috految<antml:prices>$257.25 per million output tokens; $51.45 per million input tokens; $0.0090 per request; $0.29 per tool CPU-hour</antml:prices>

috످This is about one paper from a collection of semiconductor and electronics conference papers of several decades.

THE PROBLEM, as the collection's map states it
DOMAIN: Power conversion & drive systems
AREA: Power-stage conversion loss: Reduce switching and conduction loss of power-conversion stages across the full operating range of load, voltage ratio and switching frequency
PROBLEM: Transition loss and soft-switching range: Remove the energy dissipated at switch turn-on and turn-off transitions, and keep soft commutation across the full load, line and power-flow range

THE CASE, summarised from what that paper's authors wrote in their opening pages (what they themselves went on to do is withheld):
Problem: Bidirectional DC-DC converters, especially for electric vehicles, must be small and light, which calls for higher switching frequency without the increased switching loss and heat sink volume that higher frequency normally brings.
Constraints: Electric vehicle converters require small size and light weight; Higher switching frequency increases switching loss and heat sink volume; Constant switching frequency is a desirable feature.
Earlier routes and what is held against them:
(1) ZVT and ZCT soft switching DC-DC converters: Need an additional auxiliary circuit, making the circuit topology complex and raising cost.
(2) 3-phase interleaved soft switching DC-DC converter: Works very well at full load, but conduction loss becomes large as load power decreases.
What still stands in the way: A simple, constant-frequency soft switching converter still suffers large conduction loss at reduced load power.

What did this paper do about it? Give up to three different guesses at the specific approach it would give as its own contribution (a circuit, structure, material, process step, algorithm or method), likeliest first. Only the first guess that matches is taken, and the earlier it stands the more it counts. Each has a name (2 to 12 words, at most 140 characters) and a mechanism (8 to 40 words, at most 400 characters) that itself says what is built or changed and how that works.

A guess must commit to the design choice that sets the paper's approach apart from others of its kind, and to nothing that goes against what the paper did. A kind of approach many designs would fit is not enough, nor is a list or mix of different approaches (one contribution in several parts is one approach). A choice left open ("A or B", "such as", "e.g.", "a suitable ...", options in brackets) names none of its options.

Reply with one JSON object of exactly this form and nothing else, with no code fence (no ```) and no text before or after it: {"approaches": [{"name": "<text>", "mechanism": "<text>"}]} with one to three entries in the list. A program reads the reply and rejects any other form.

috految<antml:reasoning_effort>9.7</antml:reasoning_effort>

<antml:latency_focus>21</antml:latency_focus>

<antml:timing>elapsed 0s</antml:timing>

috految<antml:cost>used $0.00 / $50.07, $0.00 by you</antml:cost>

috److془Recall: Yong-Chae Jung, Chung-Yuen Won, Il-Ho Lee: "A new bidirectional DC-DC converter with ZVT switching". Or Jun-Gu Kim; Or Seung-Won Park. Or Jae-Jung Yun... "Soft switching bidirectional DC-DC converter" Tokyo Kogyo... Or Dae-Joong Kim, Jin-Woo Jung, Eui-Cheol Nho: "Switching loss minimization of 3-phase interleaved bidirectional DC-DC converter" IPEC 2014: Eui-Cheol Nho, Jae-Hun Jung, Hak-Soo Kim, In-Dong Kim, Heung-Geun Kim, Tae-Won Chun. Abstract: "This paper deals with switching loss minimization of 3-phase interleaved bidirectional DC-DC converter..." Korean: "3상 인터리브드 양방향 DC-DC 컨버터의 새로운 소프트 스위칭 방법": "A new soft switching method; 'This paper deals with a switching method of a three-phase interleaved bidirectional DC-DC converter for battery charging and discharging system. The converter operates with discontinuous current mode ..". "Switching Method of 3-phase Interleaved Bidirectional DC-DC Converter to Achieve High Efficiency in Wide Load Range: This paper deals with a switching method of a three-phase interleaved bidirectional DC-DC converter to obtain high efficiency in wide load range. The concerned soft-switching method provides ZVS and ZCS at turn-on, and ZVS at turn-off of the switch as well as considerably reduced conduction loss in light load." Another: "The proposed method provides ZVS and ZCS at turn-on, and ZVS at turn-off in both charging and discharging. The soft switching condition can be obtained in wide load range, and provide low switching loss as well as low voltage spike at turn-off". "Analysis of effects of resonance DCM.."془{"approaches":[{"name":"Discontinuous-current interleaved converter with timed complementary-switch pulse for soft switching without large circulating current","mechanism":"Gating of the constant-frequency three-phase interleaved converter is modified: instead of full complementary conduction, the opposite switch conducts briefly, creating just enough reverse inductor current to discharge snubber capacitors before main turn-on. Discontinuous current cuts light-load conduction loss, retaining ZVS/ZCS."},{"name":"Three-phase interleaved DCM switching with turn-on timed to inductor-snubber capacitor resonance","mechanism":"Instead of complementary conduction driving large negative current, inductor current falls to zero and rings with switch-parallel capacitors. Switching timing is adjusted with load using calculated resonant cycles, aligning turn-on with zero voltage and current; capacitors give ZVS turn-off."},{"name":"Load-dependent switching pattern with minimal negative current in three-phase interleaved converter","mechanism":"Switch on-times in successive phases are calculated from load and voltages, so inductor current reverses only enough to swing snubber capacitors. Switching frequency stays fixed, with extra resonant intervals rather than large circulating current at light load, preserving ZVS/ZCS."}]}

috످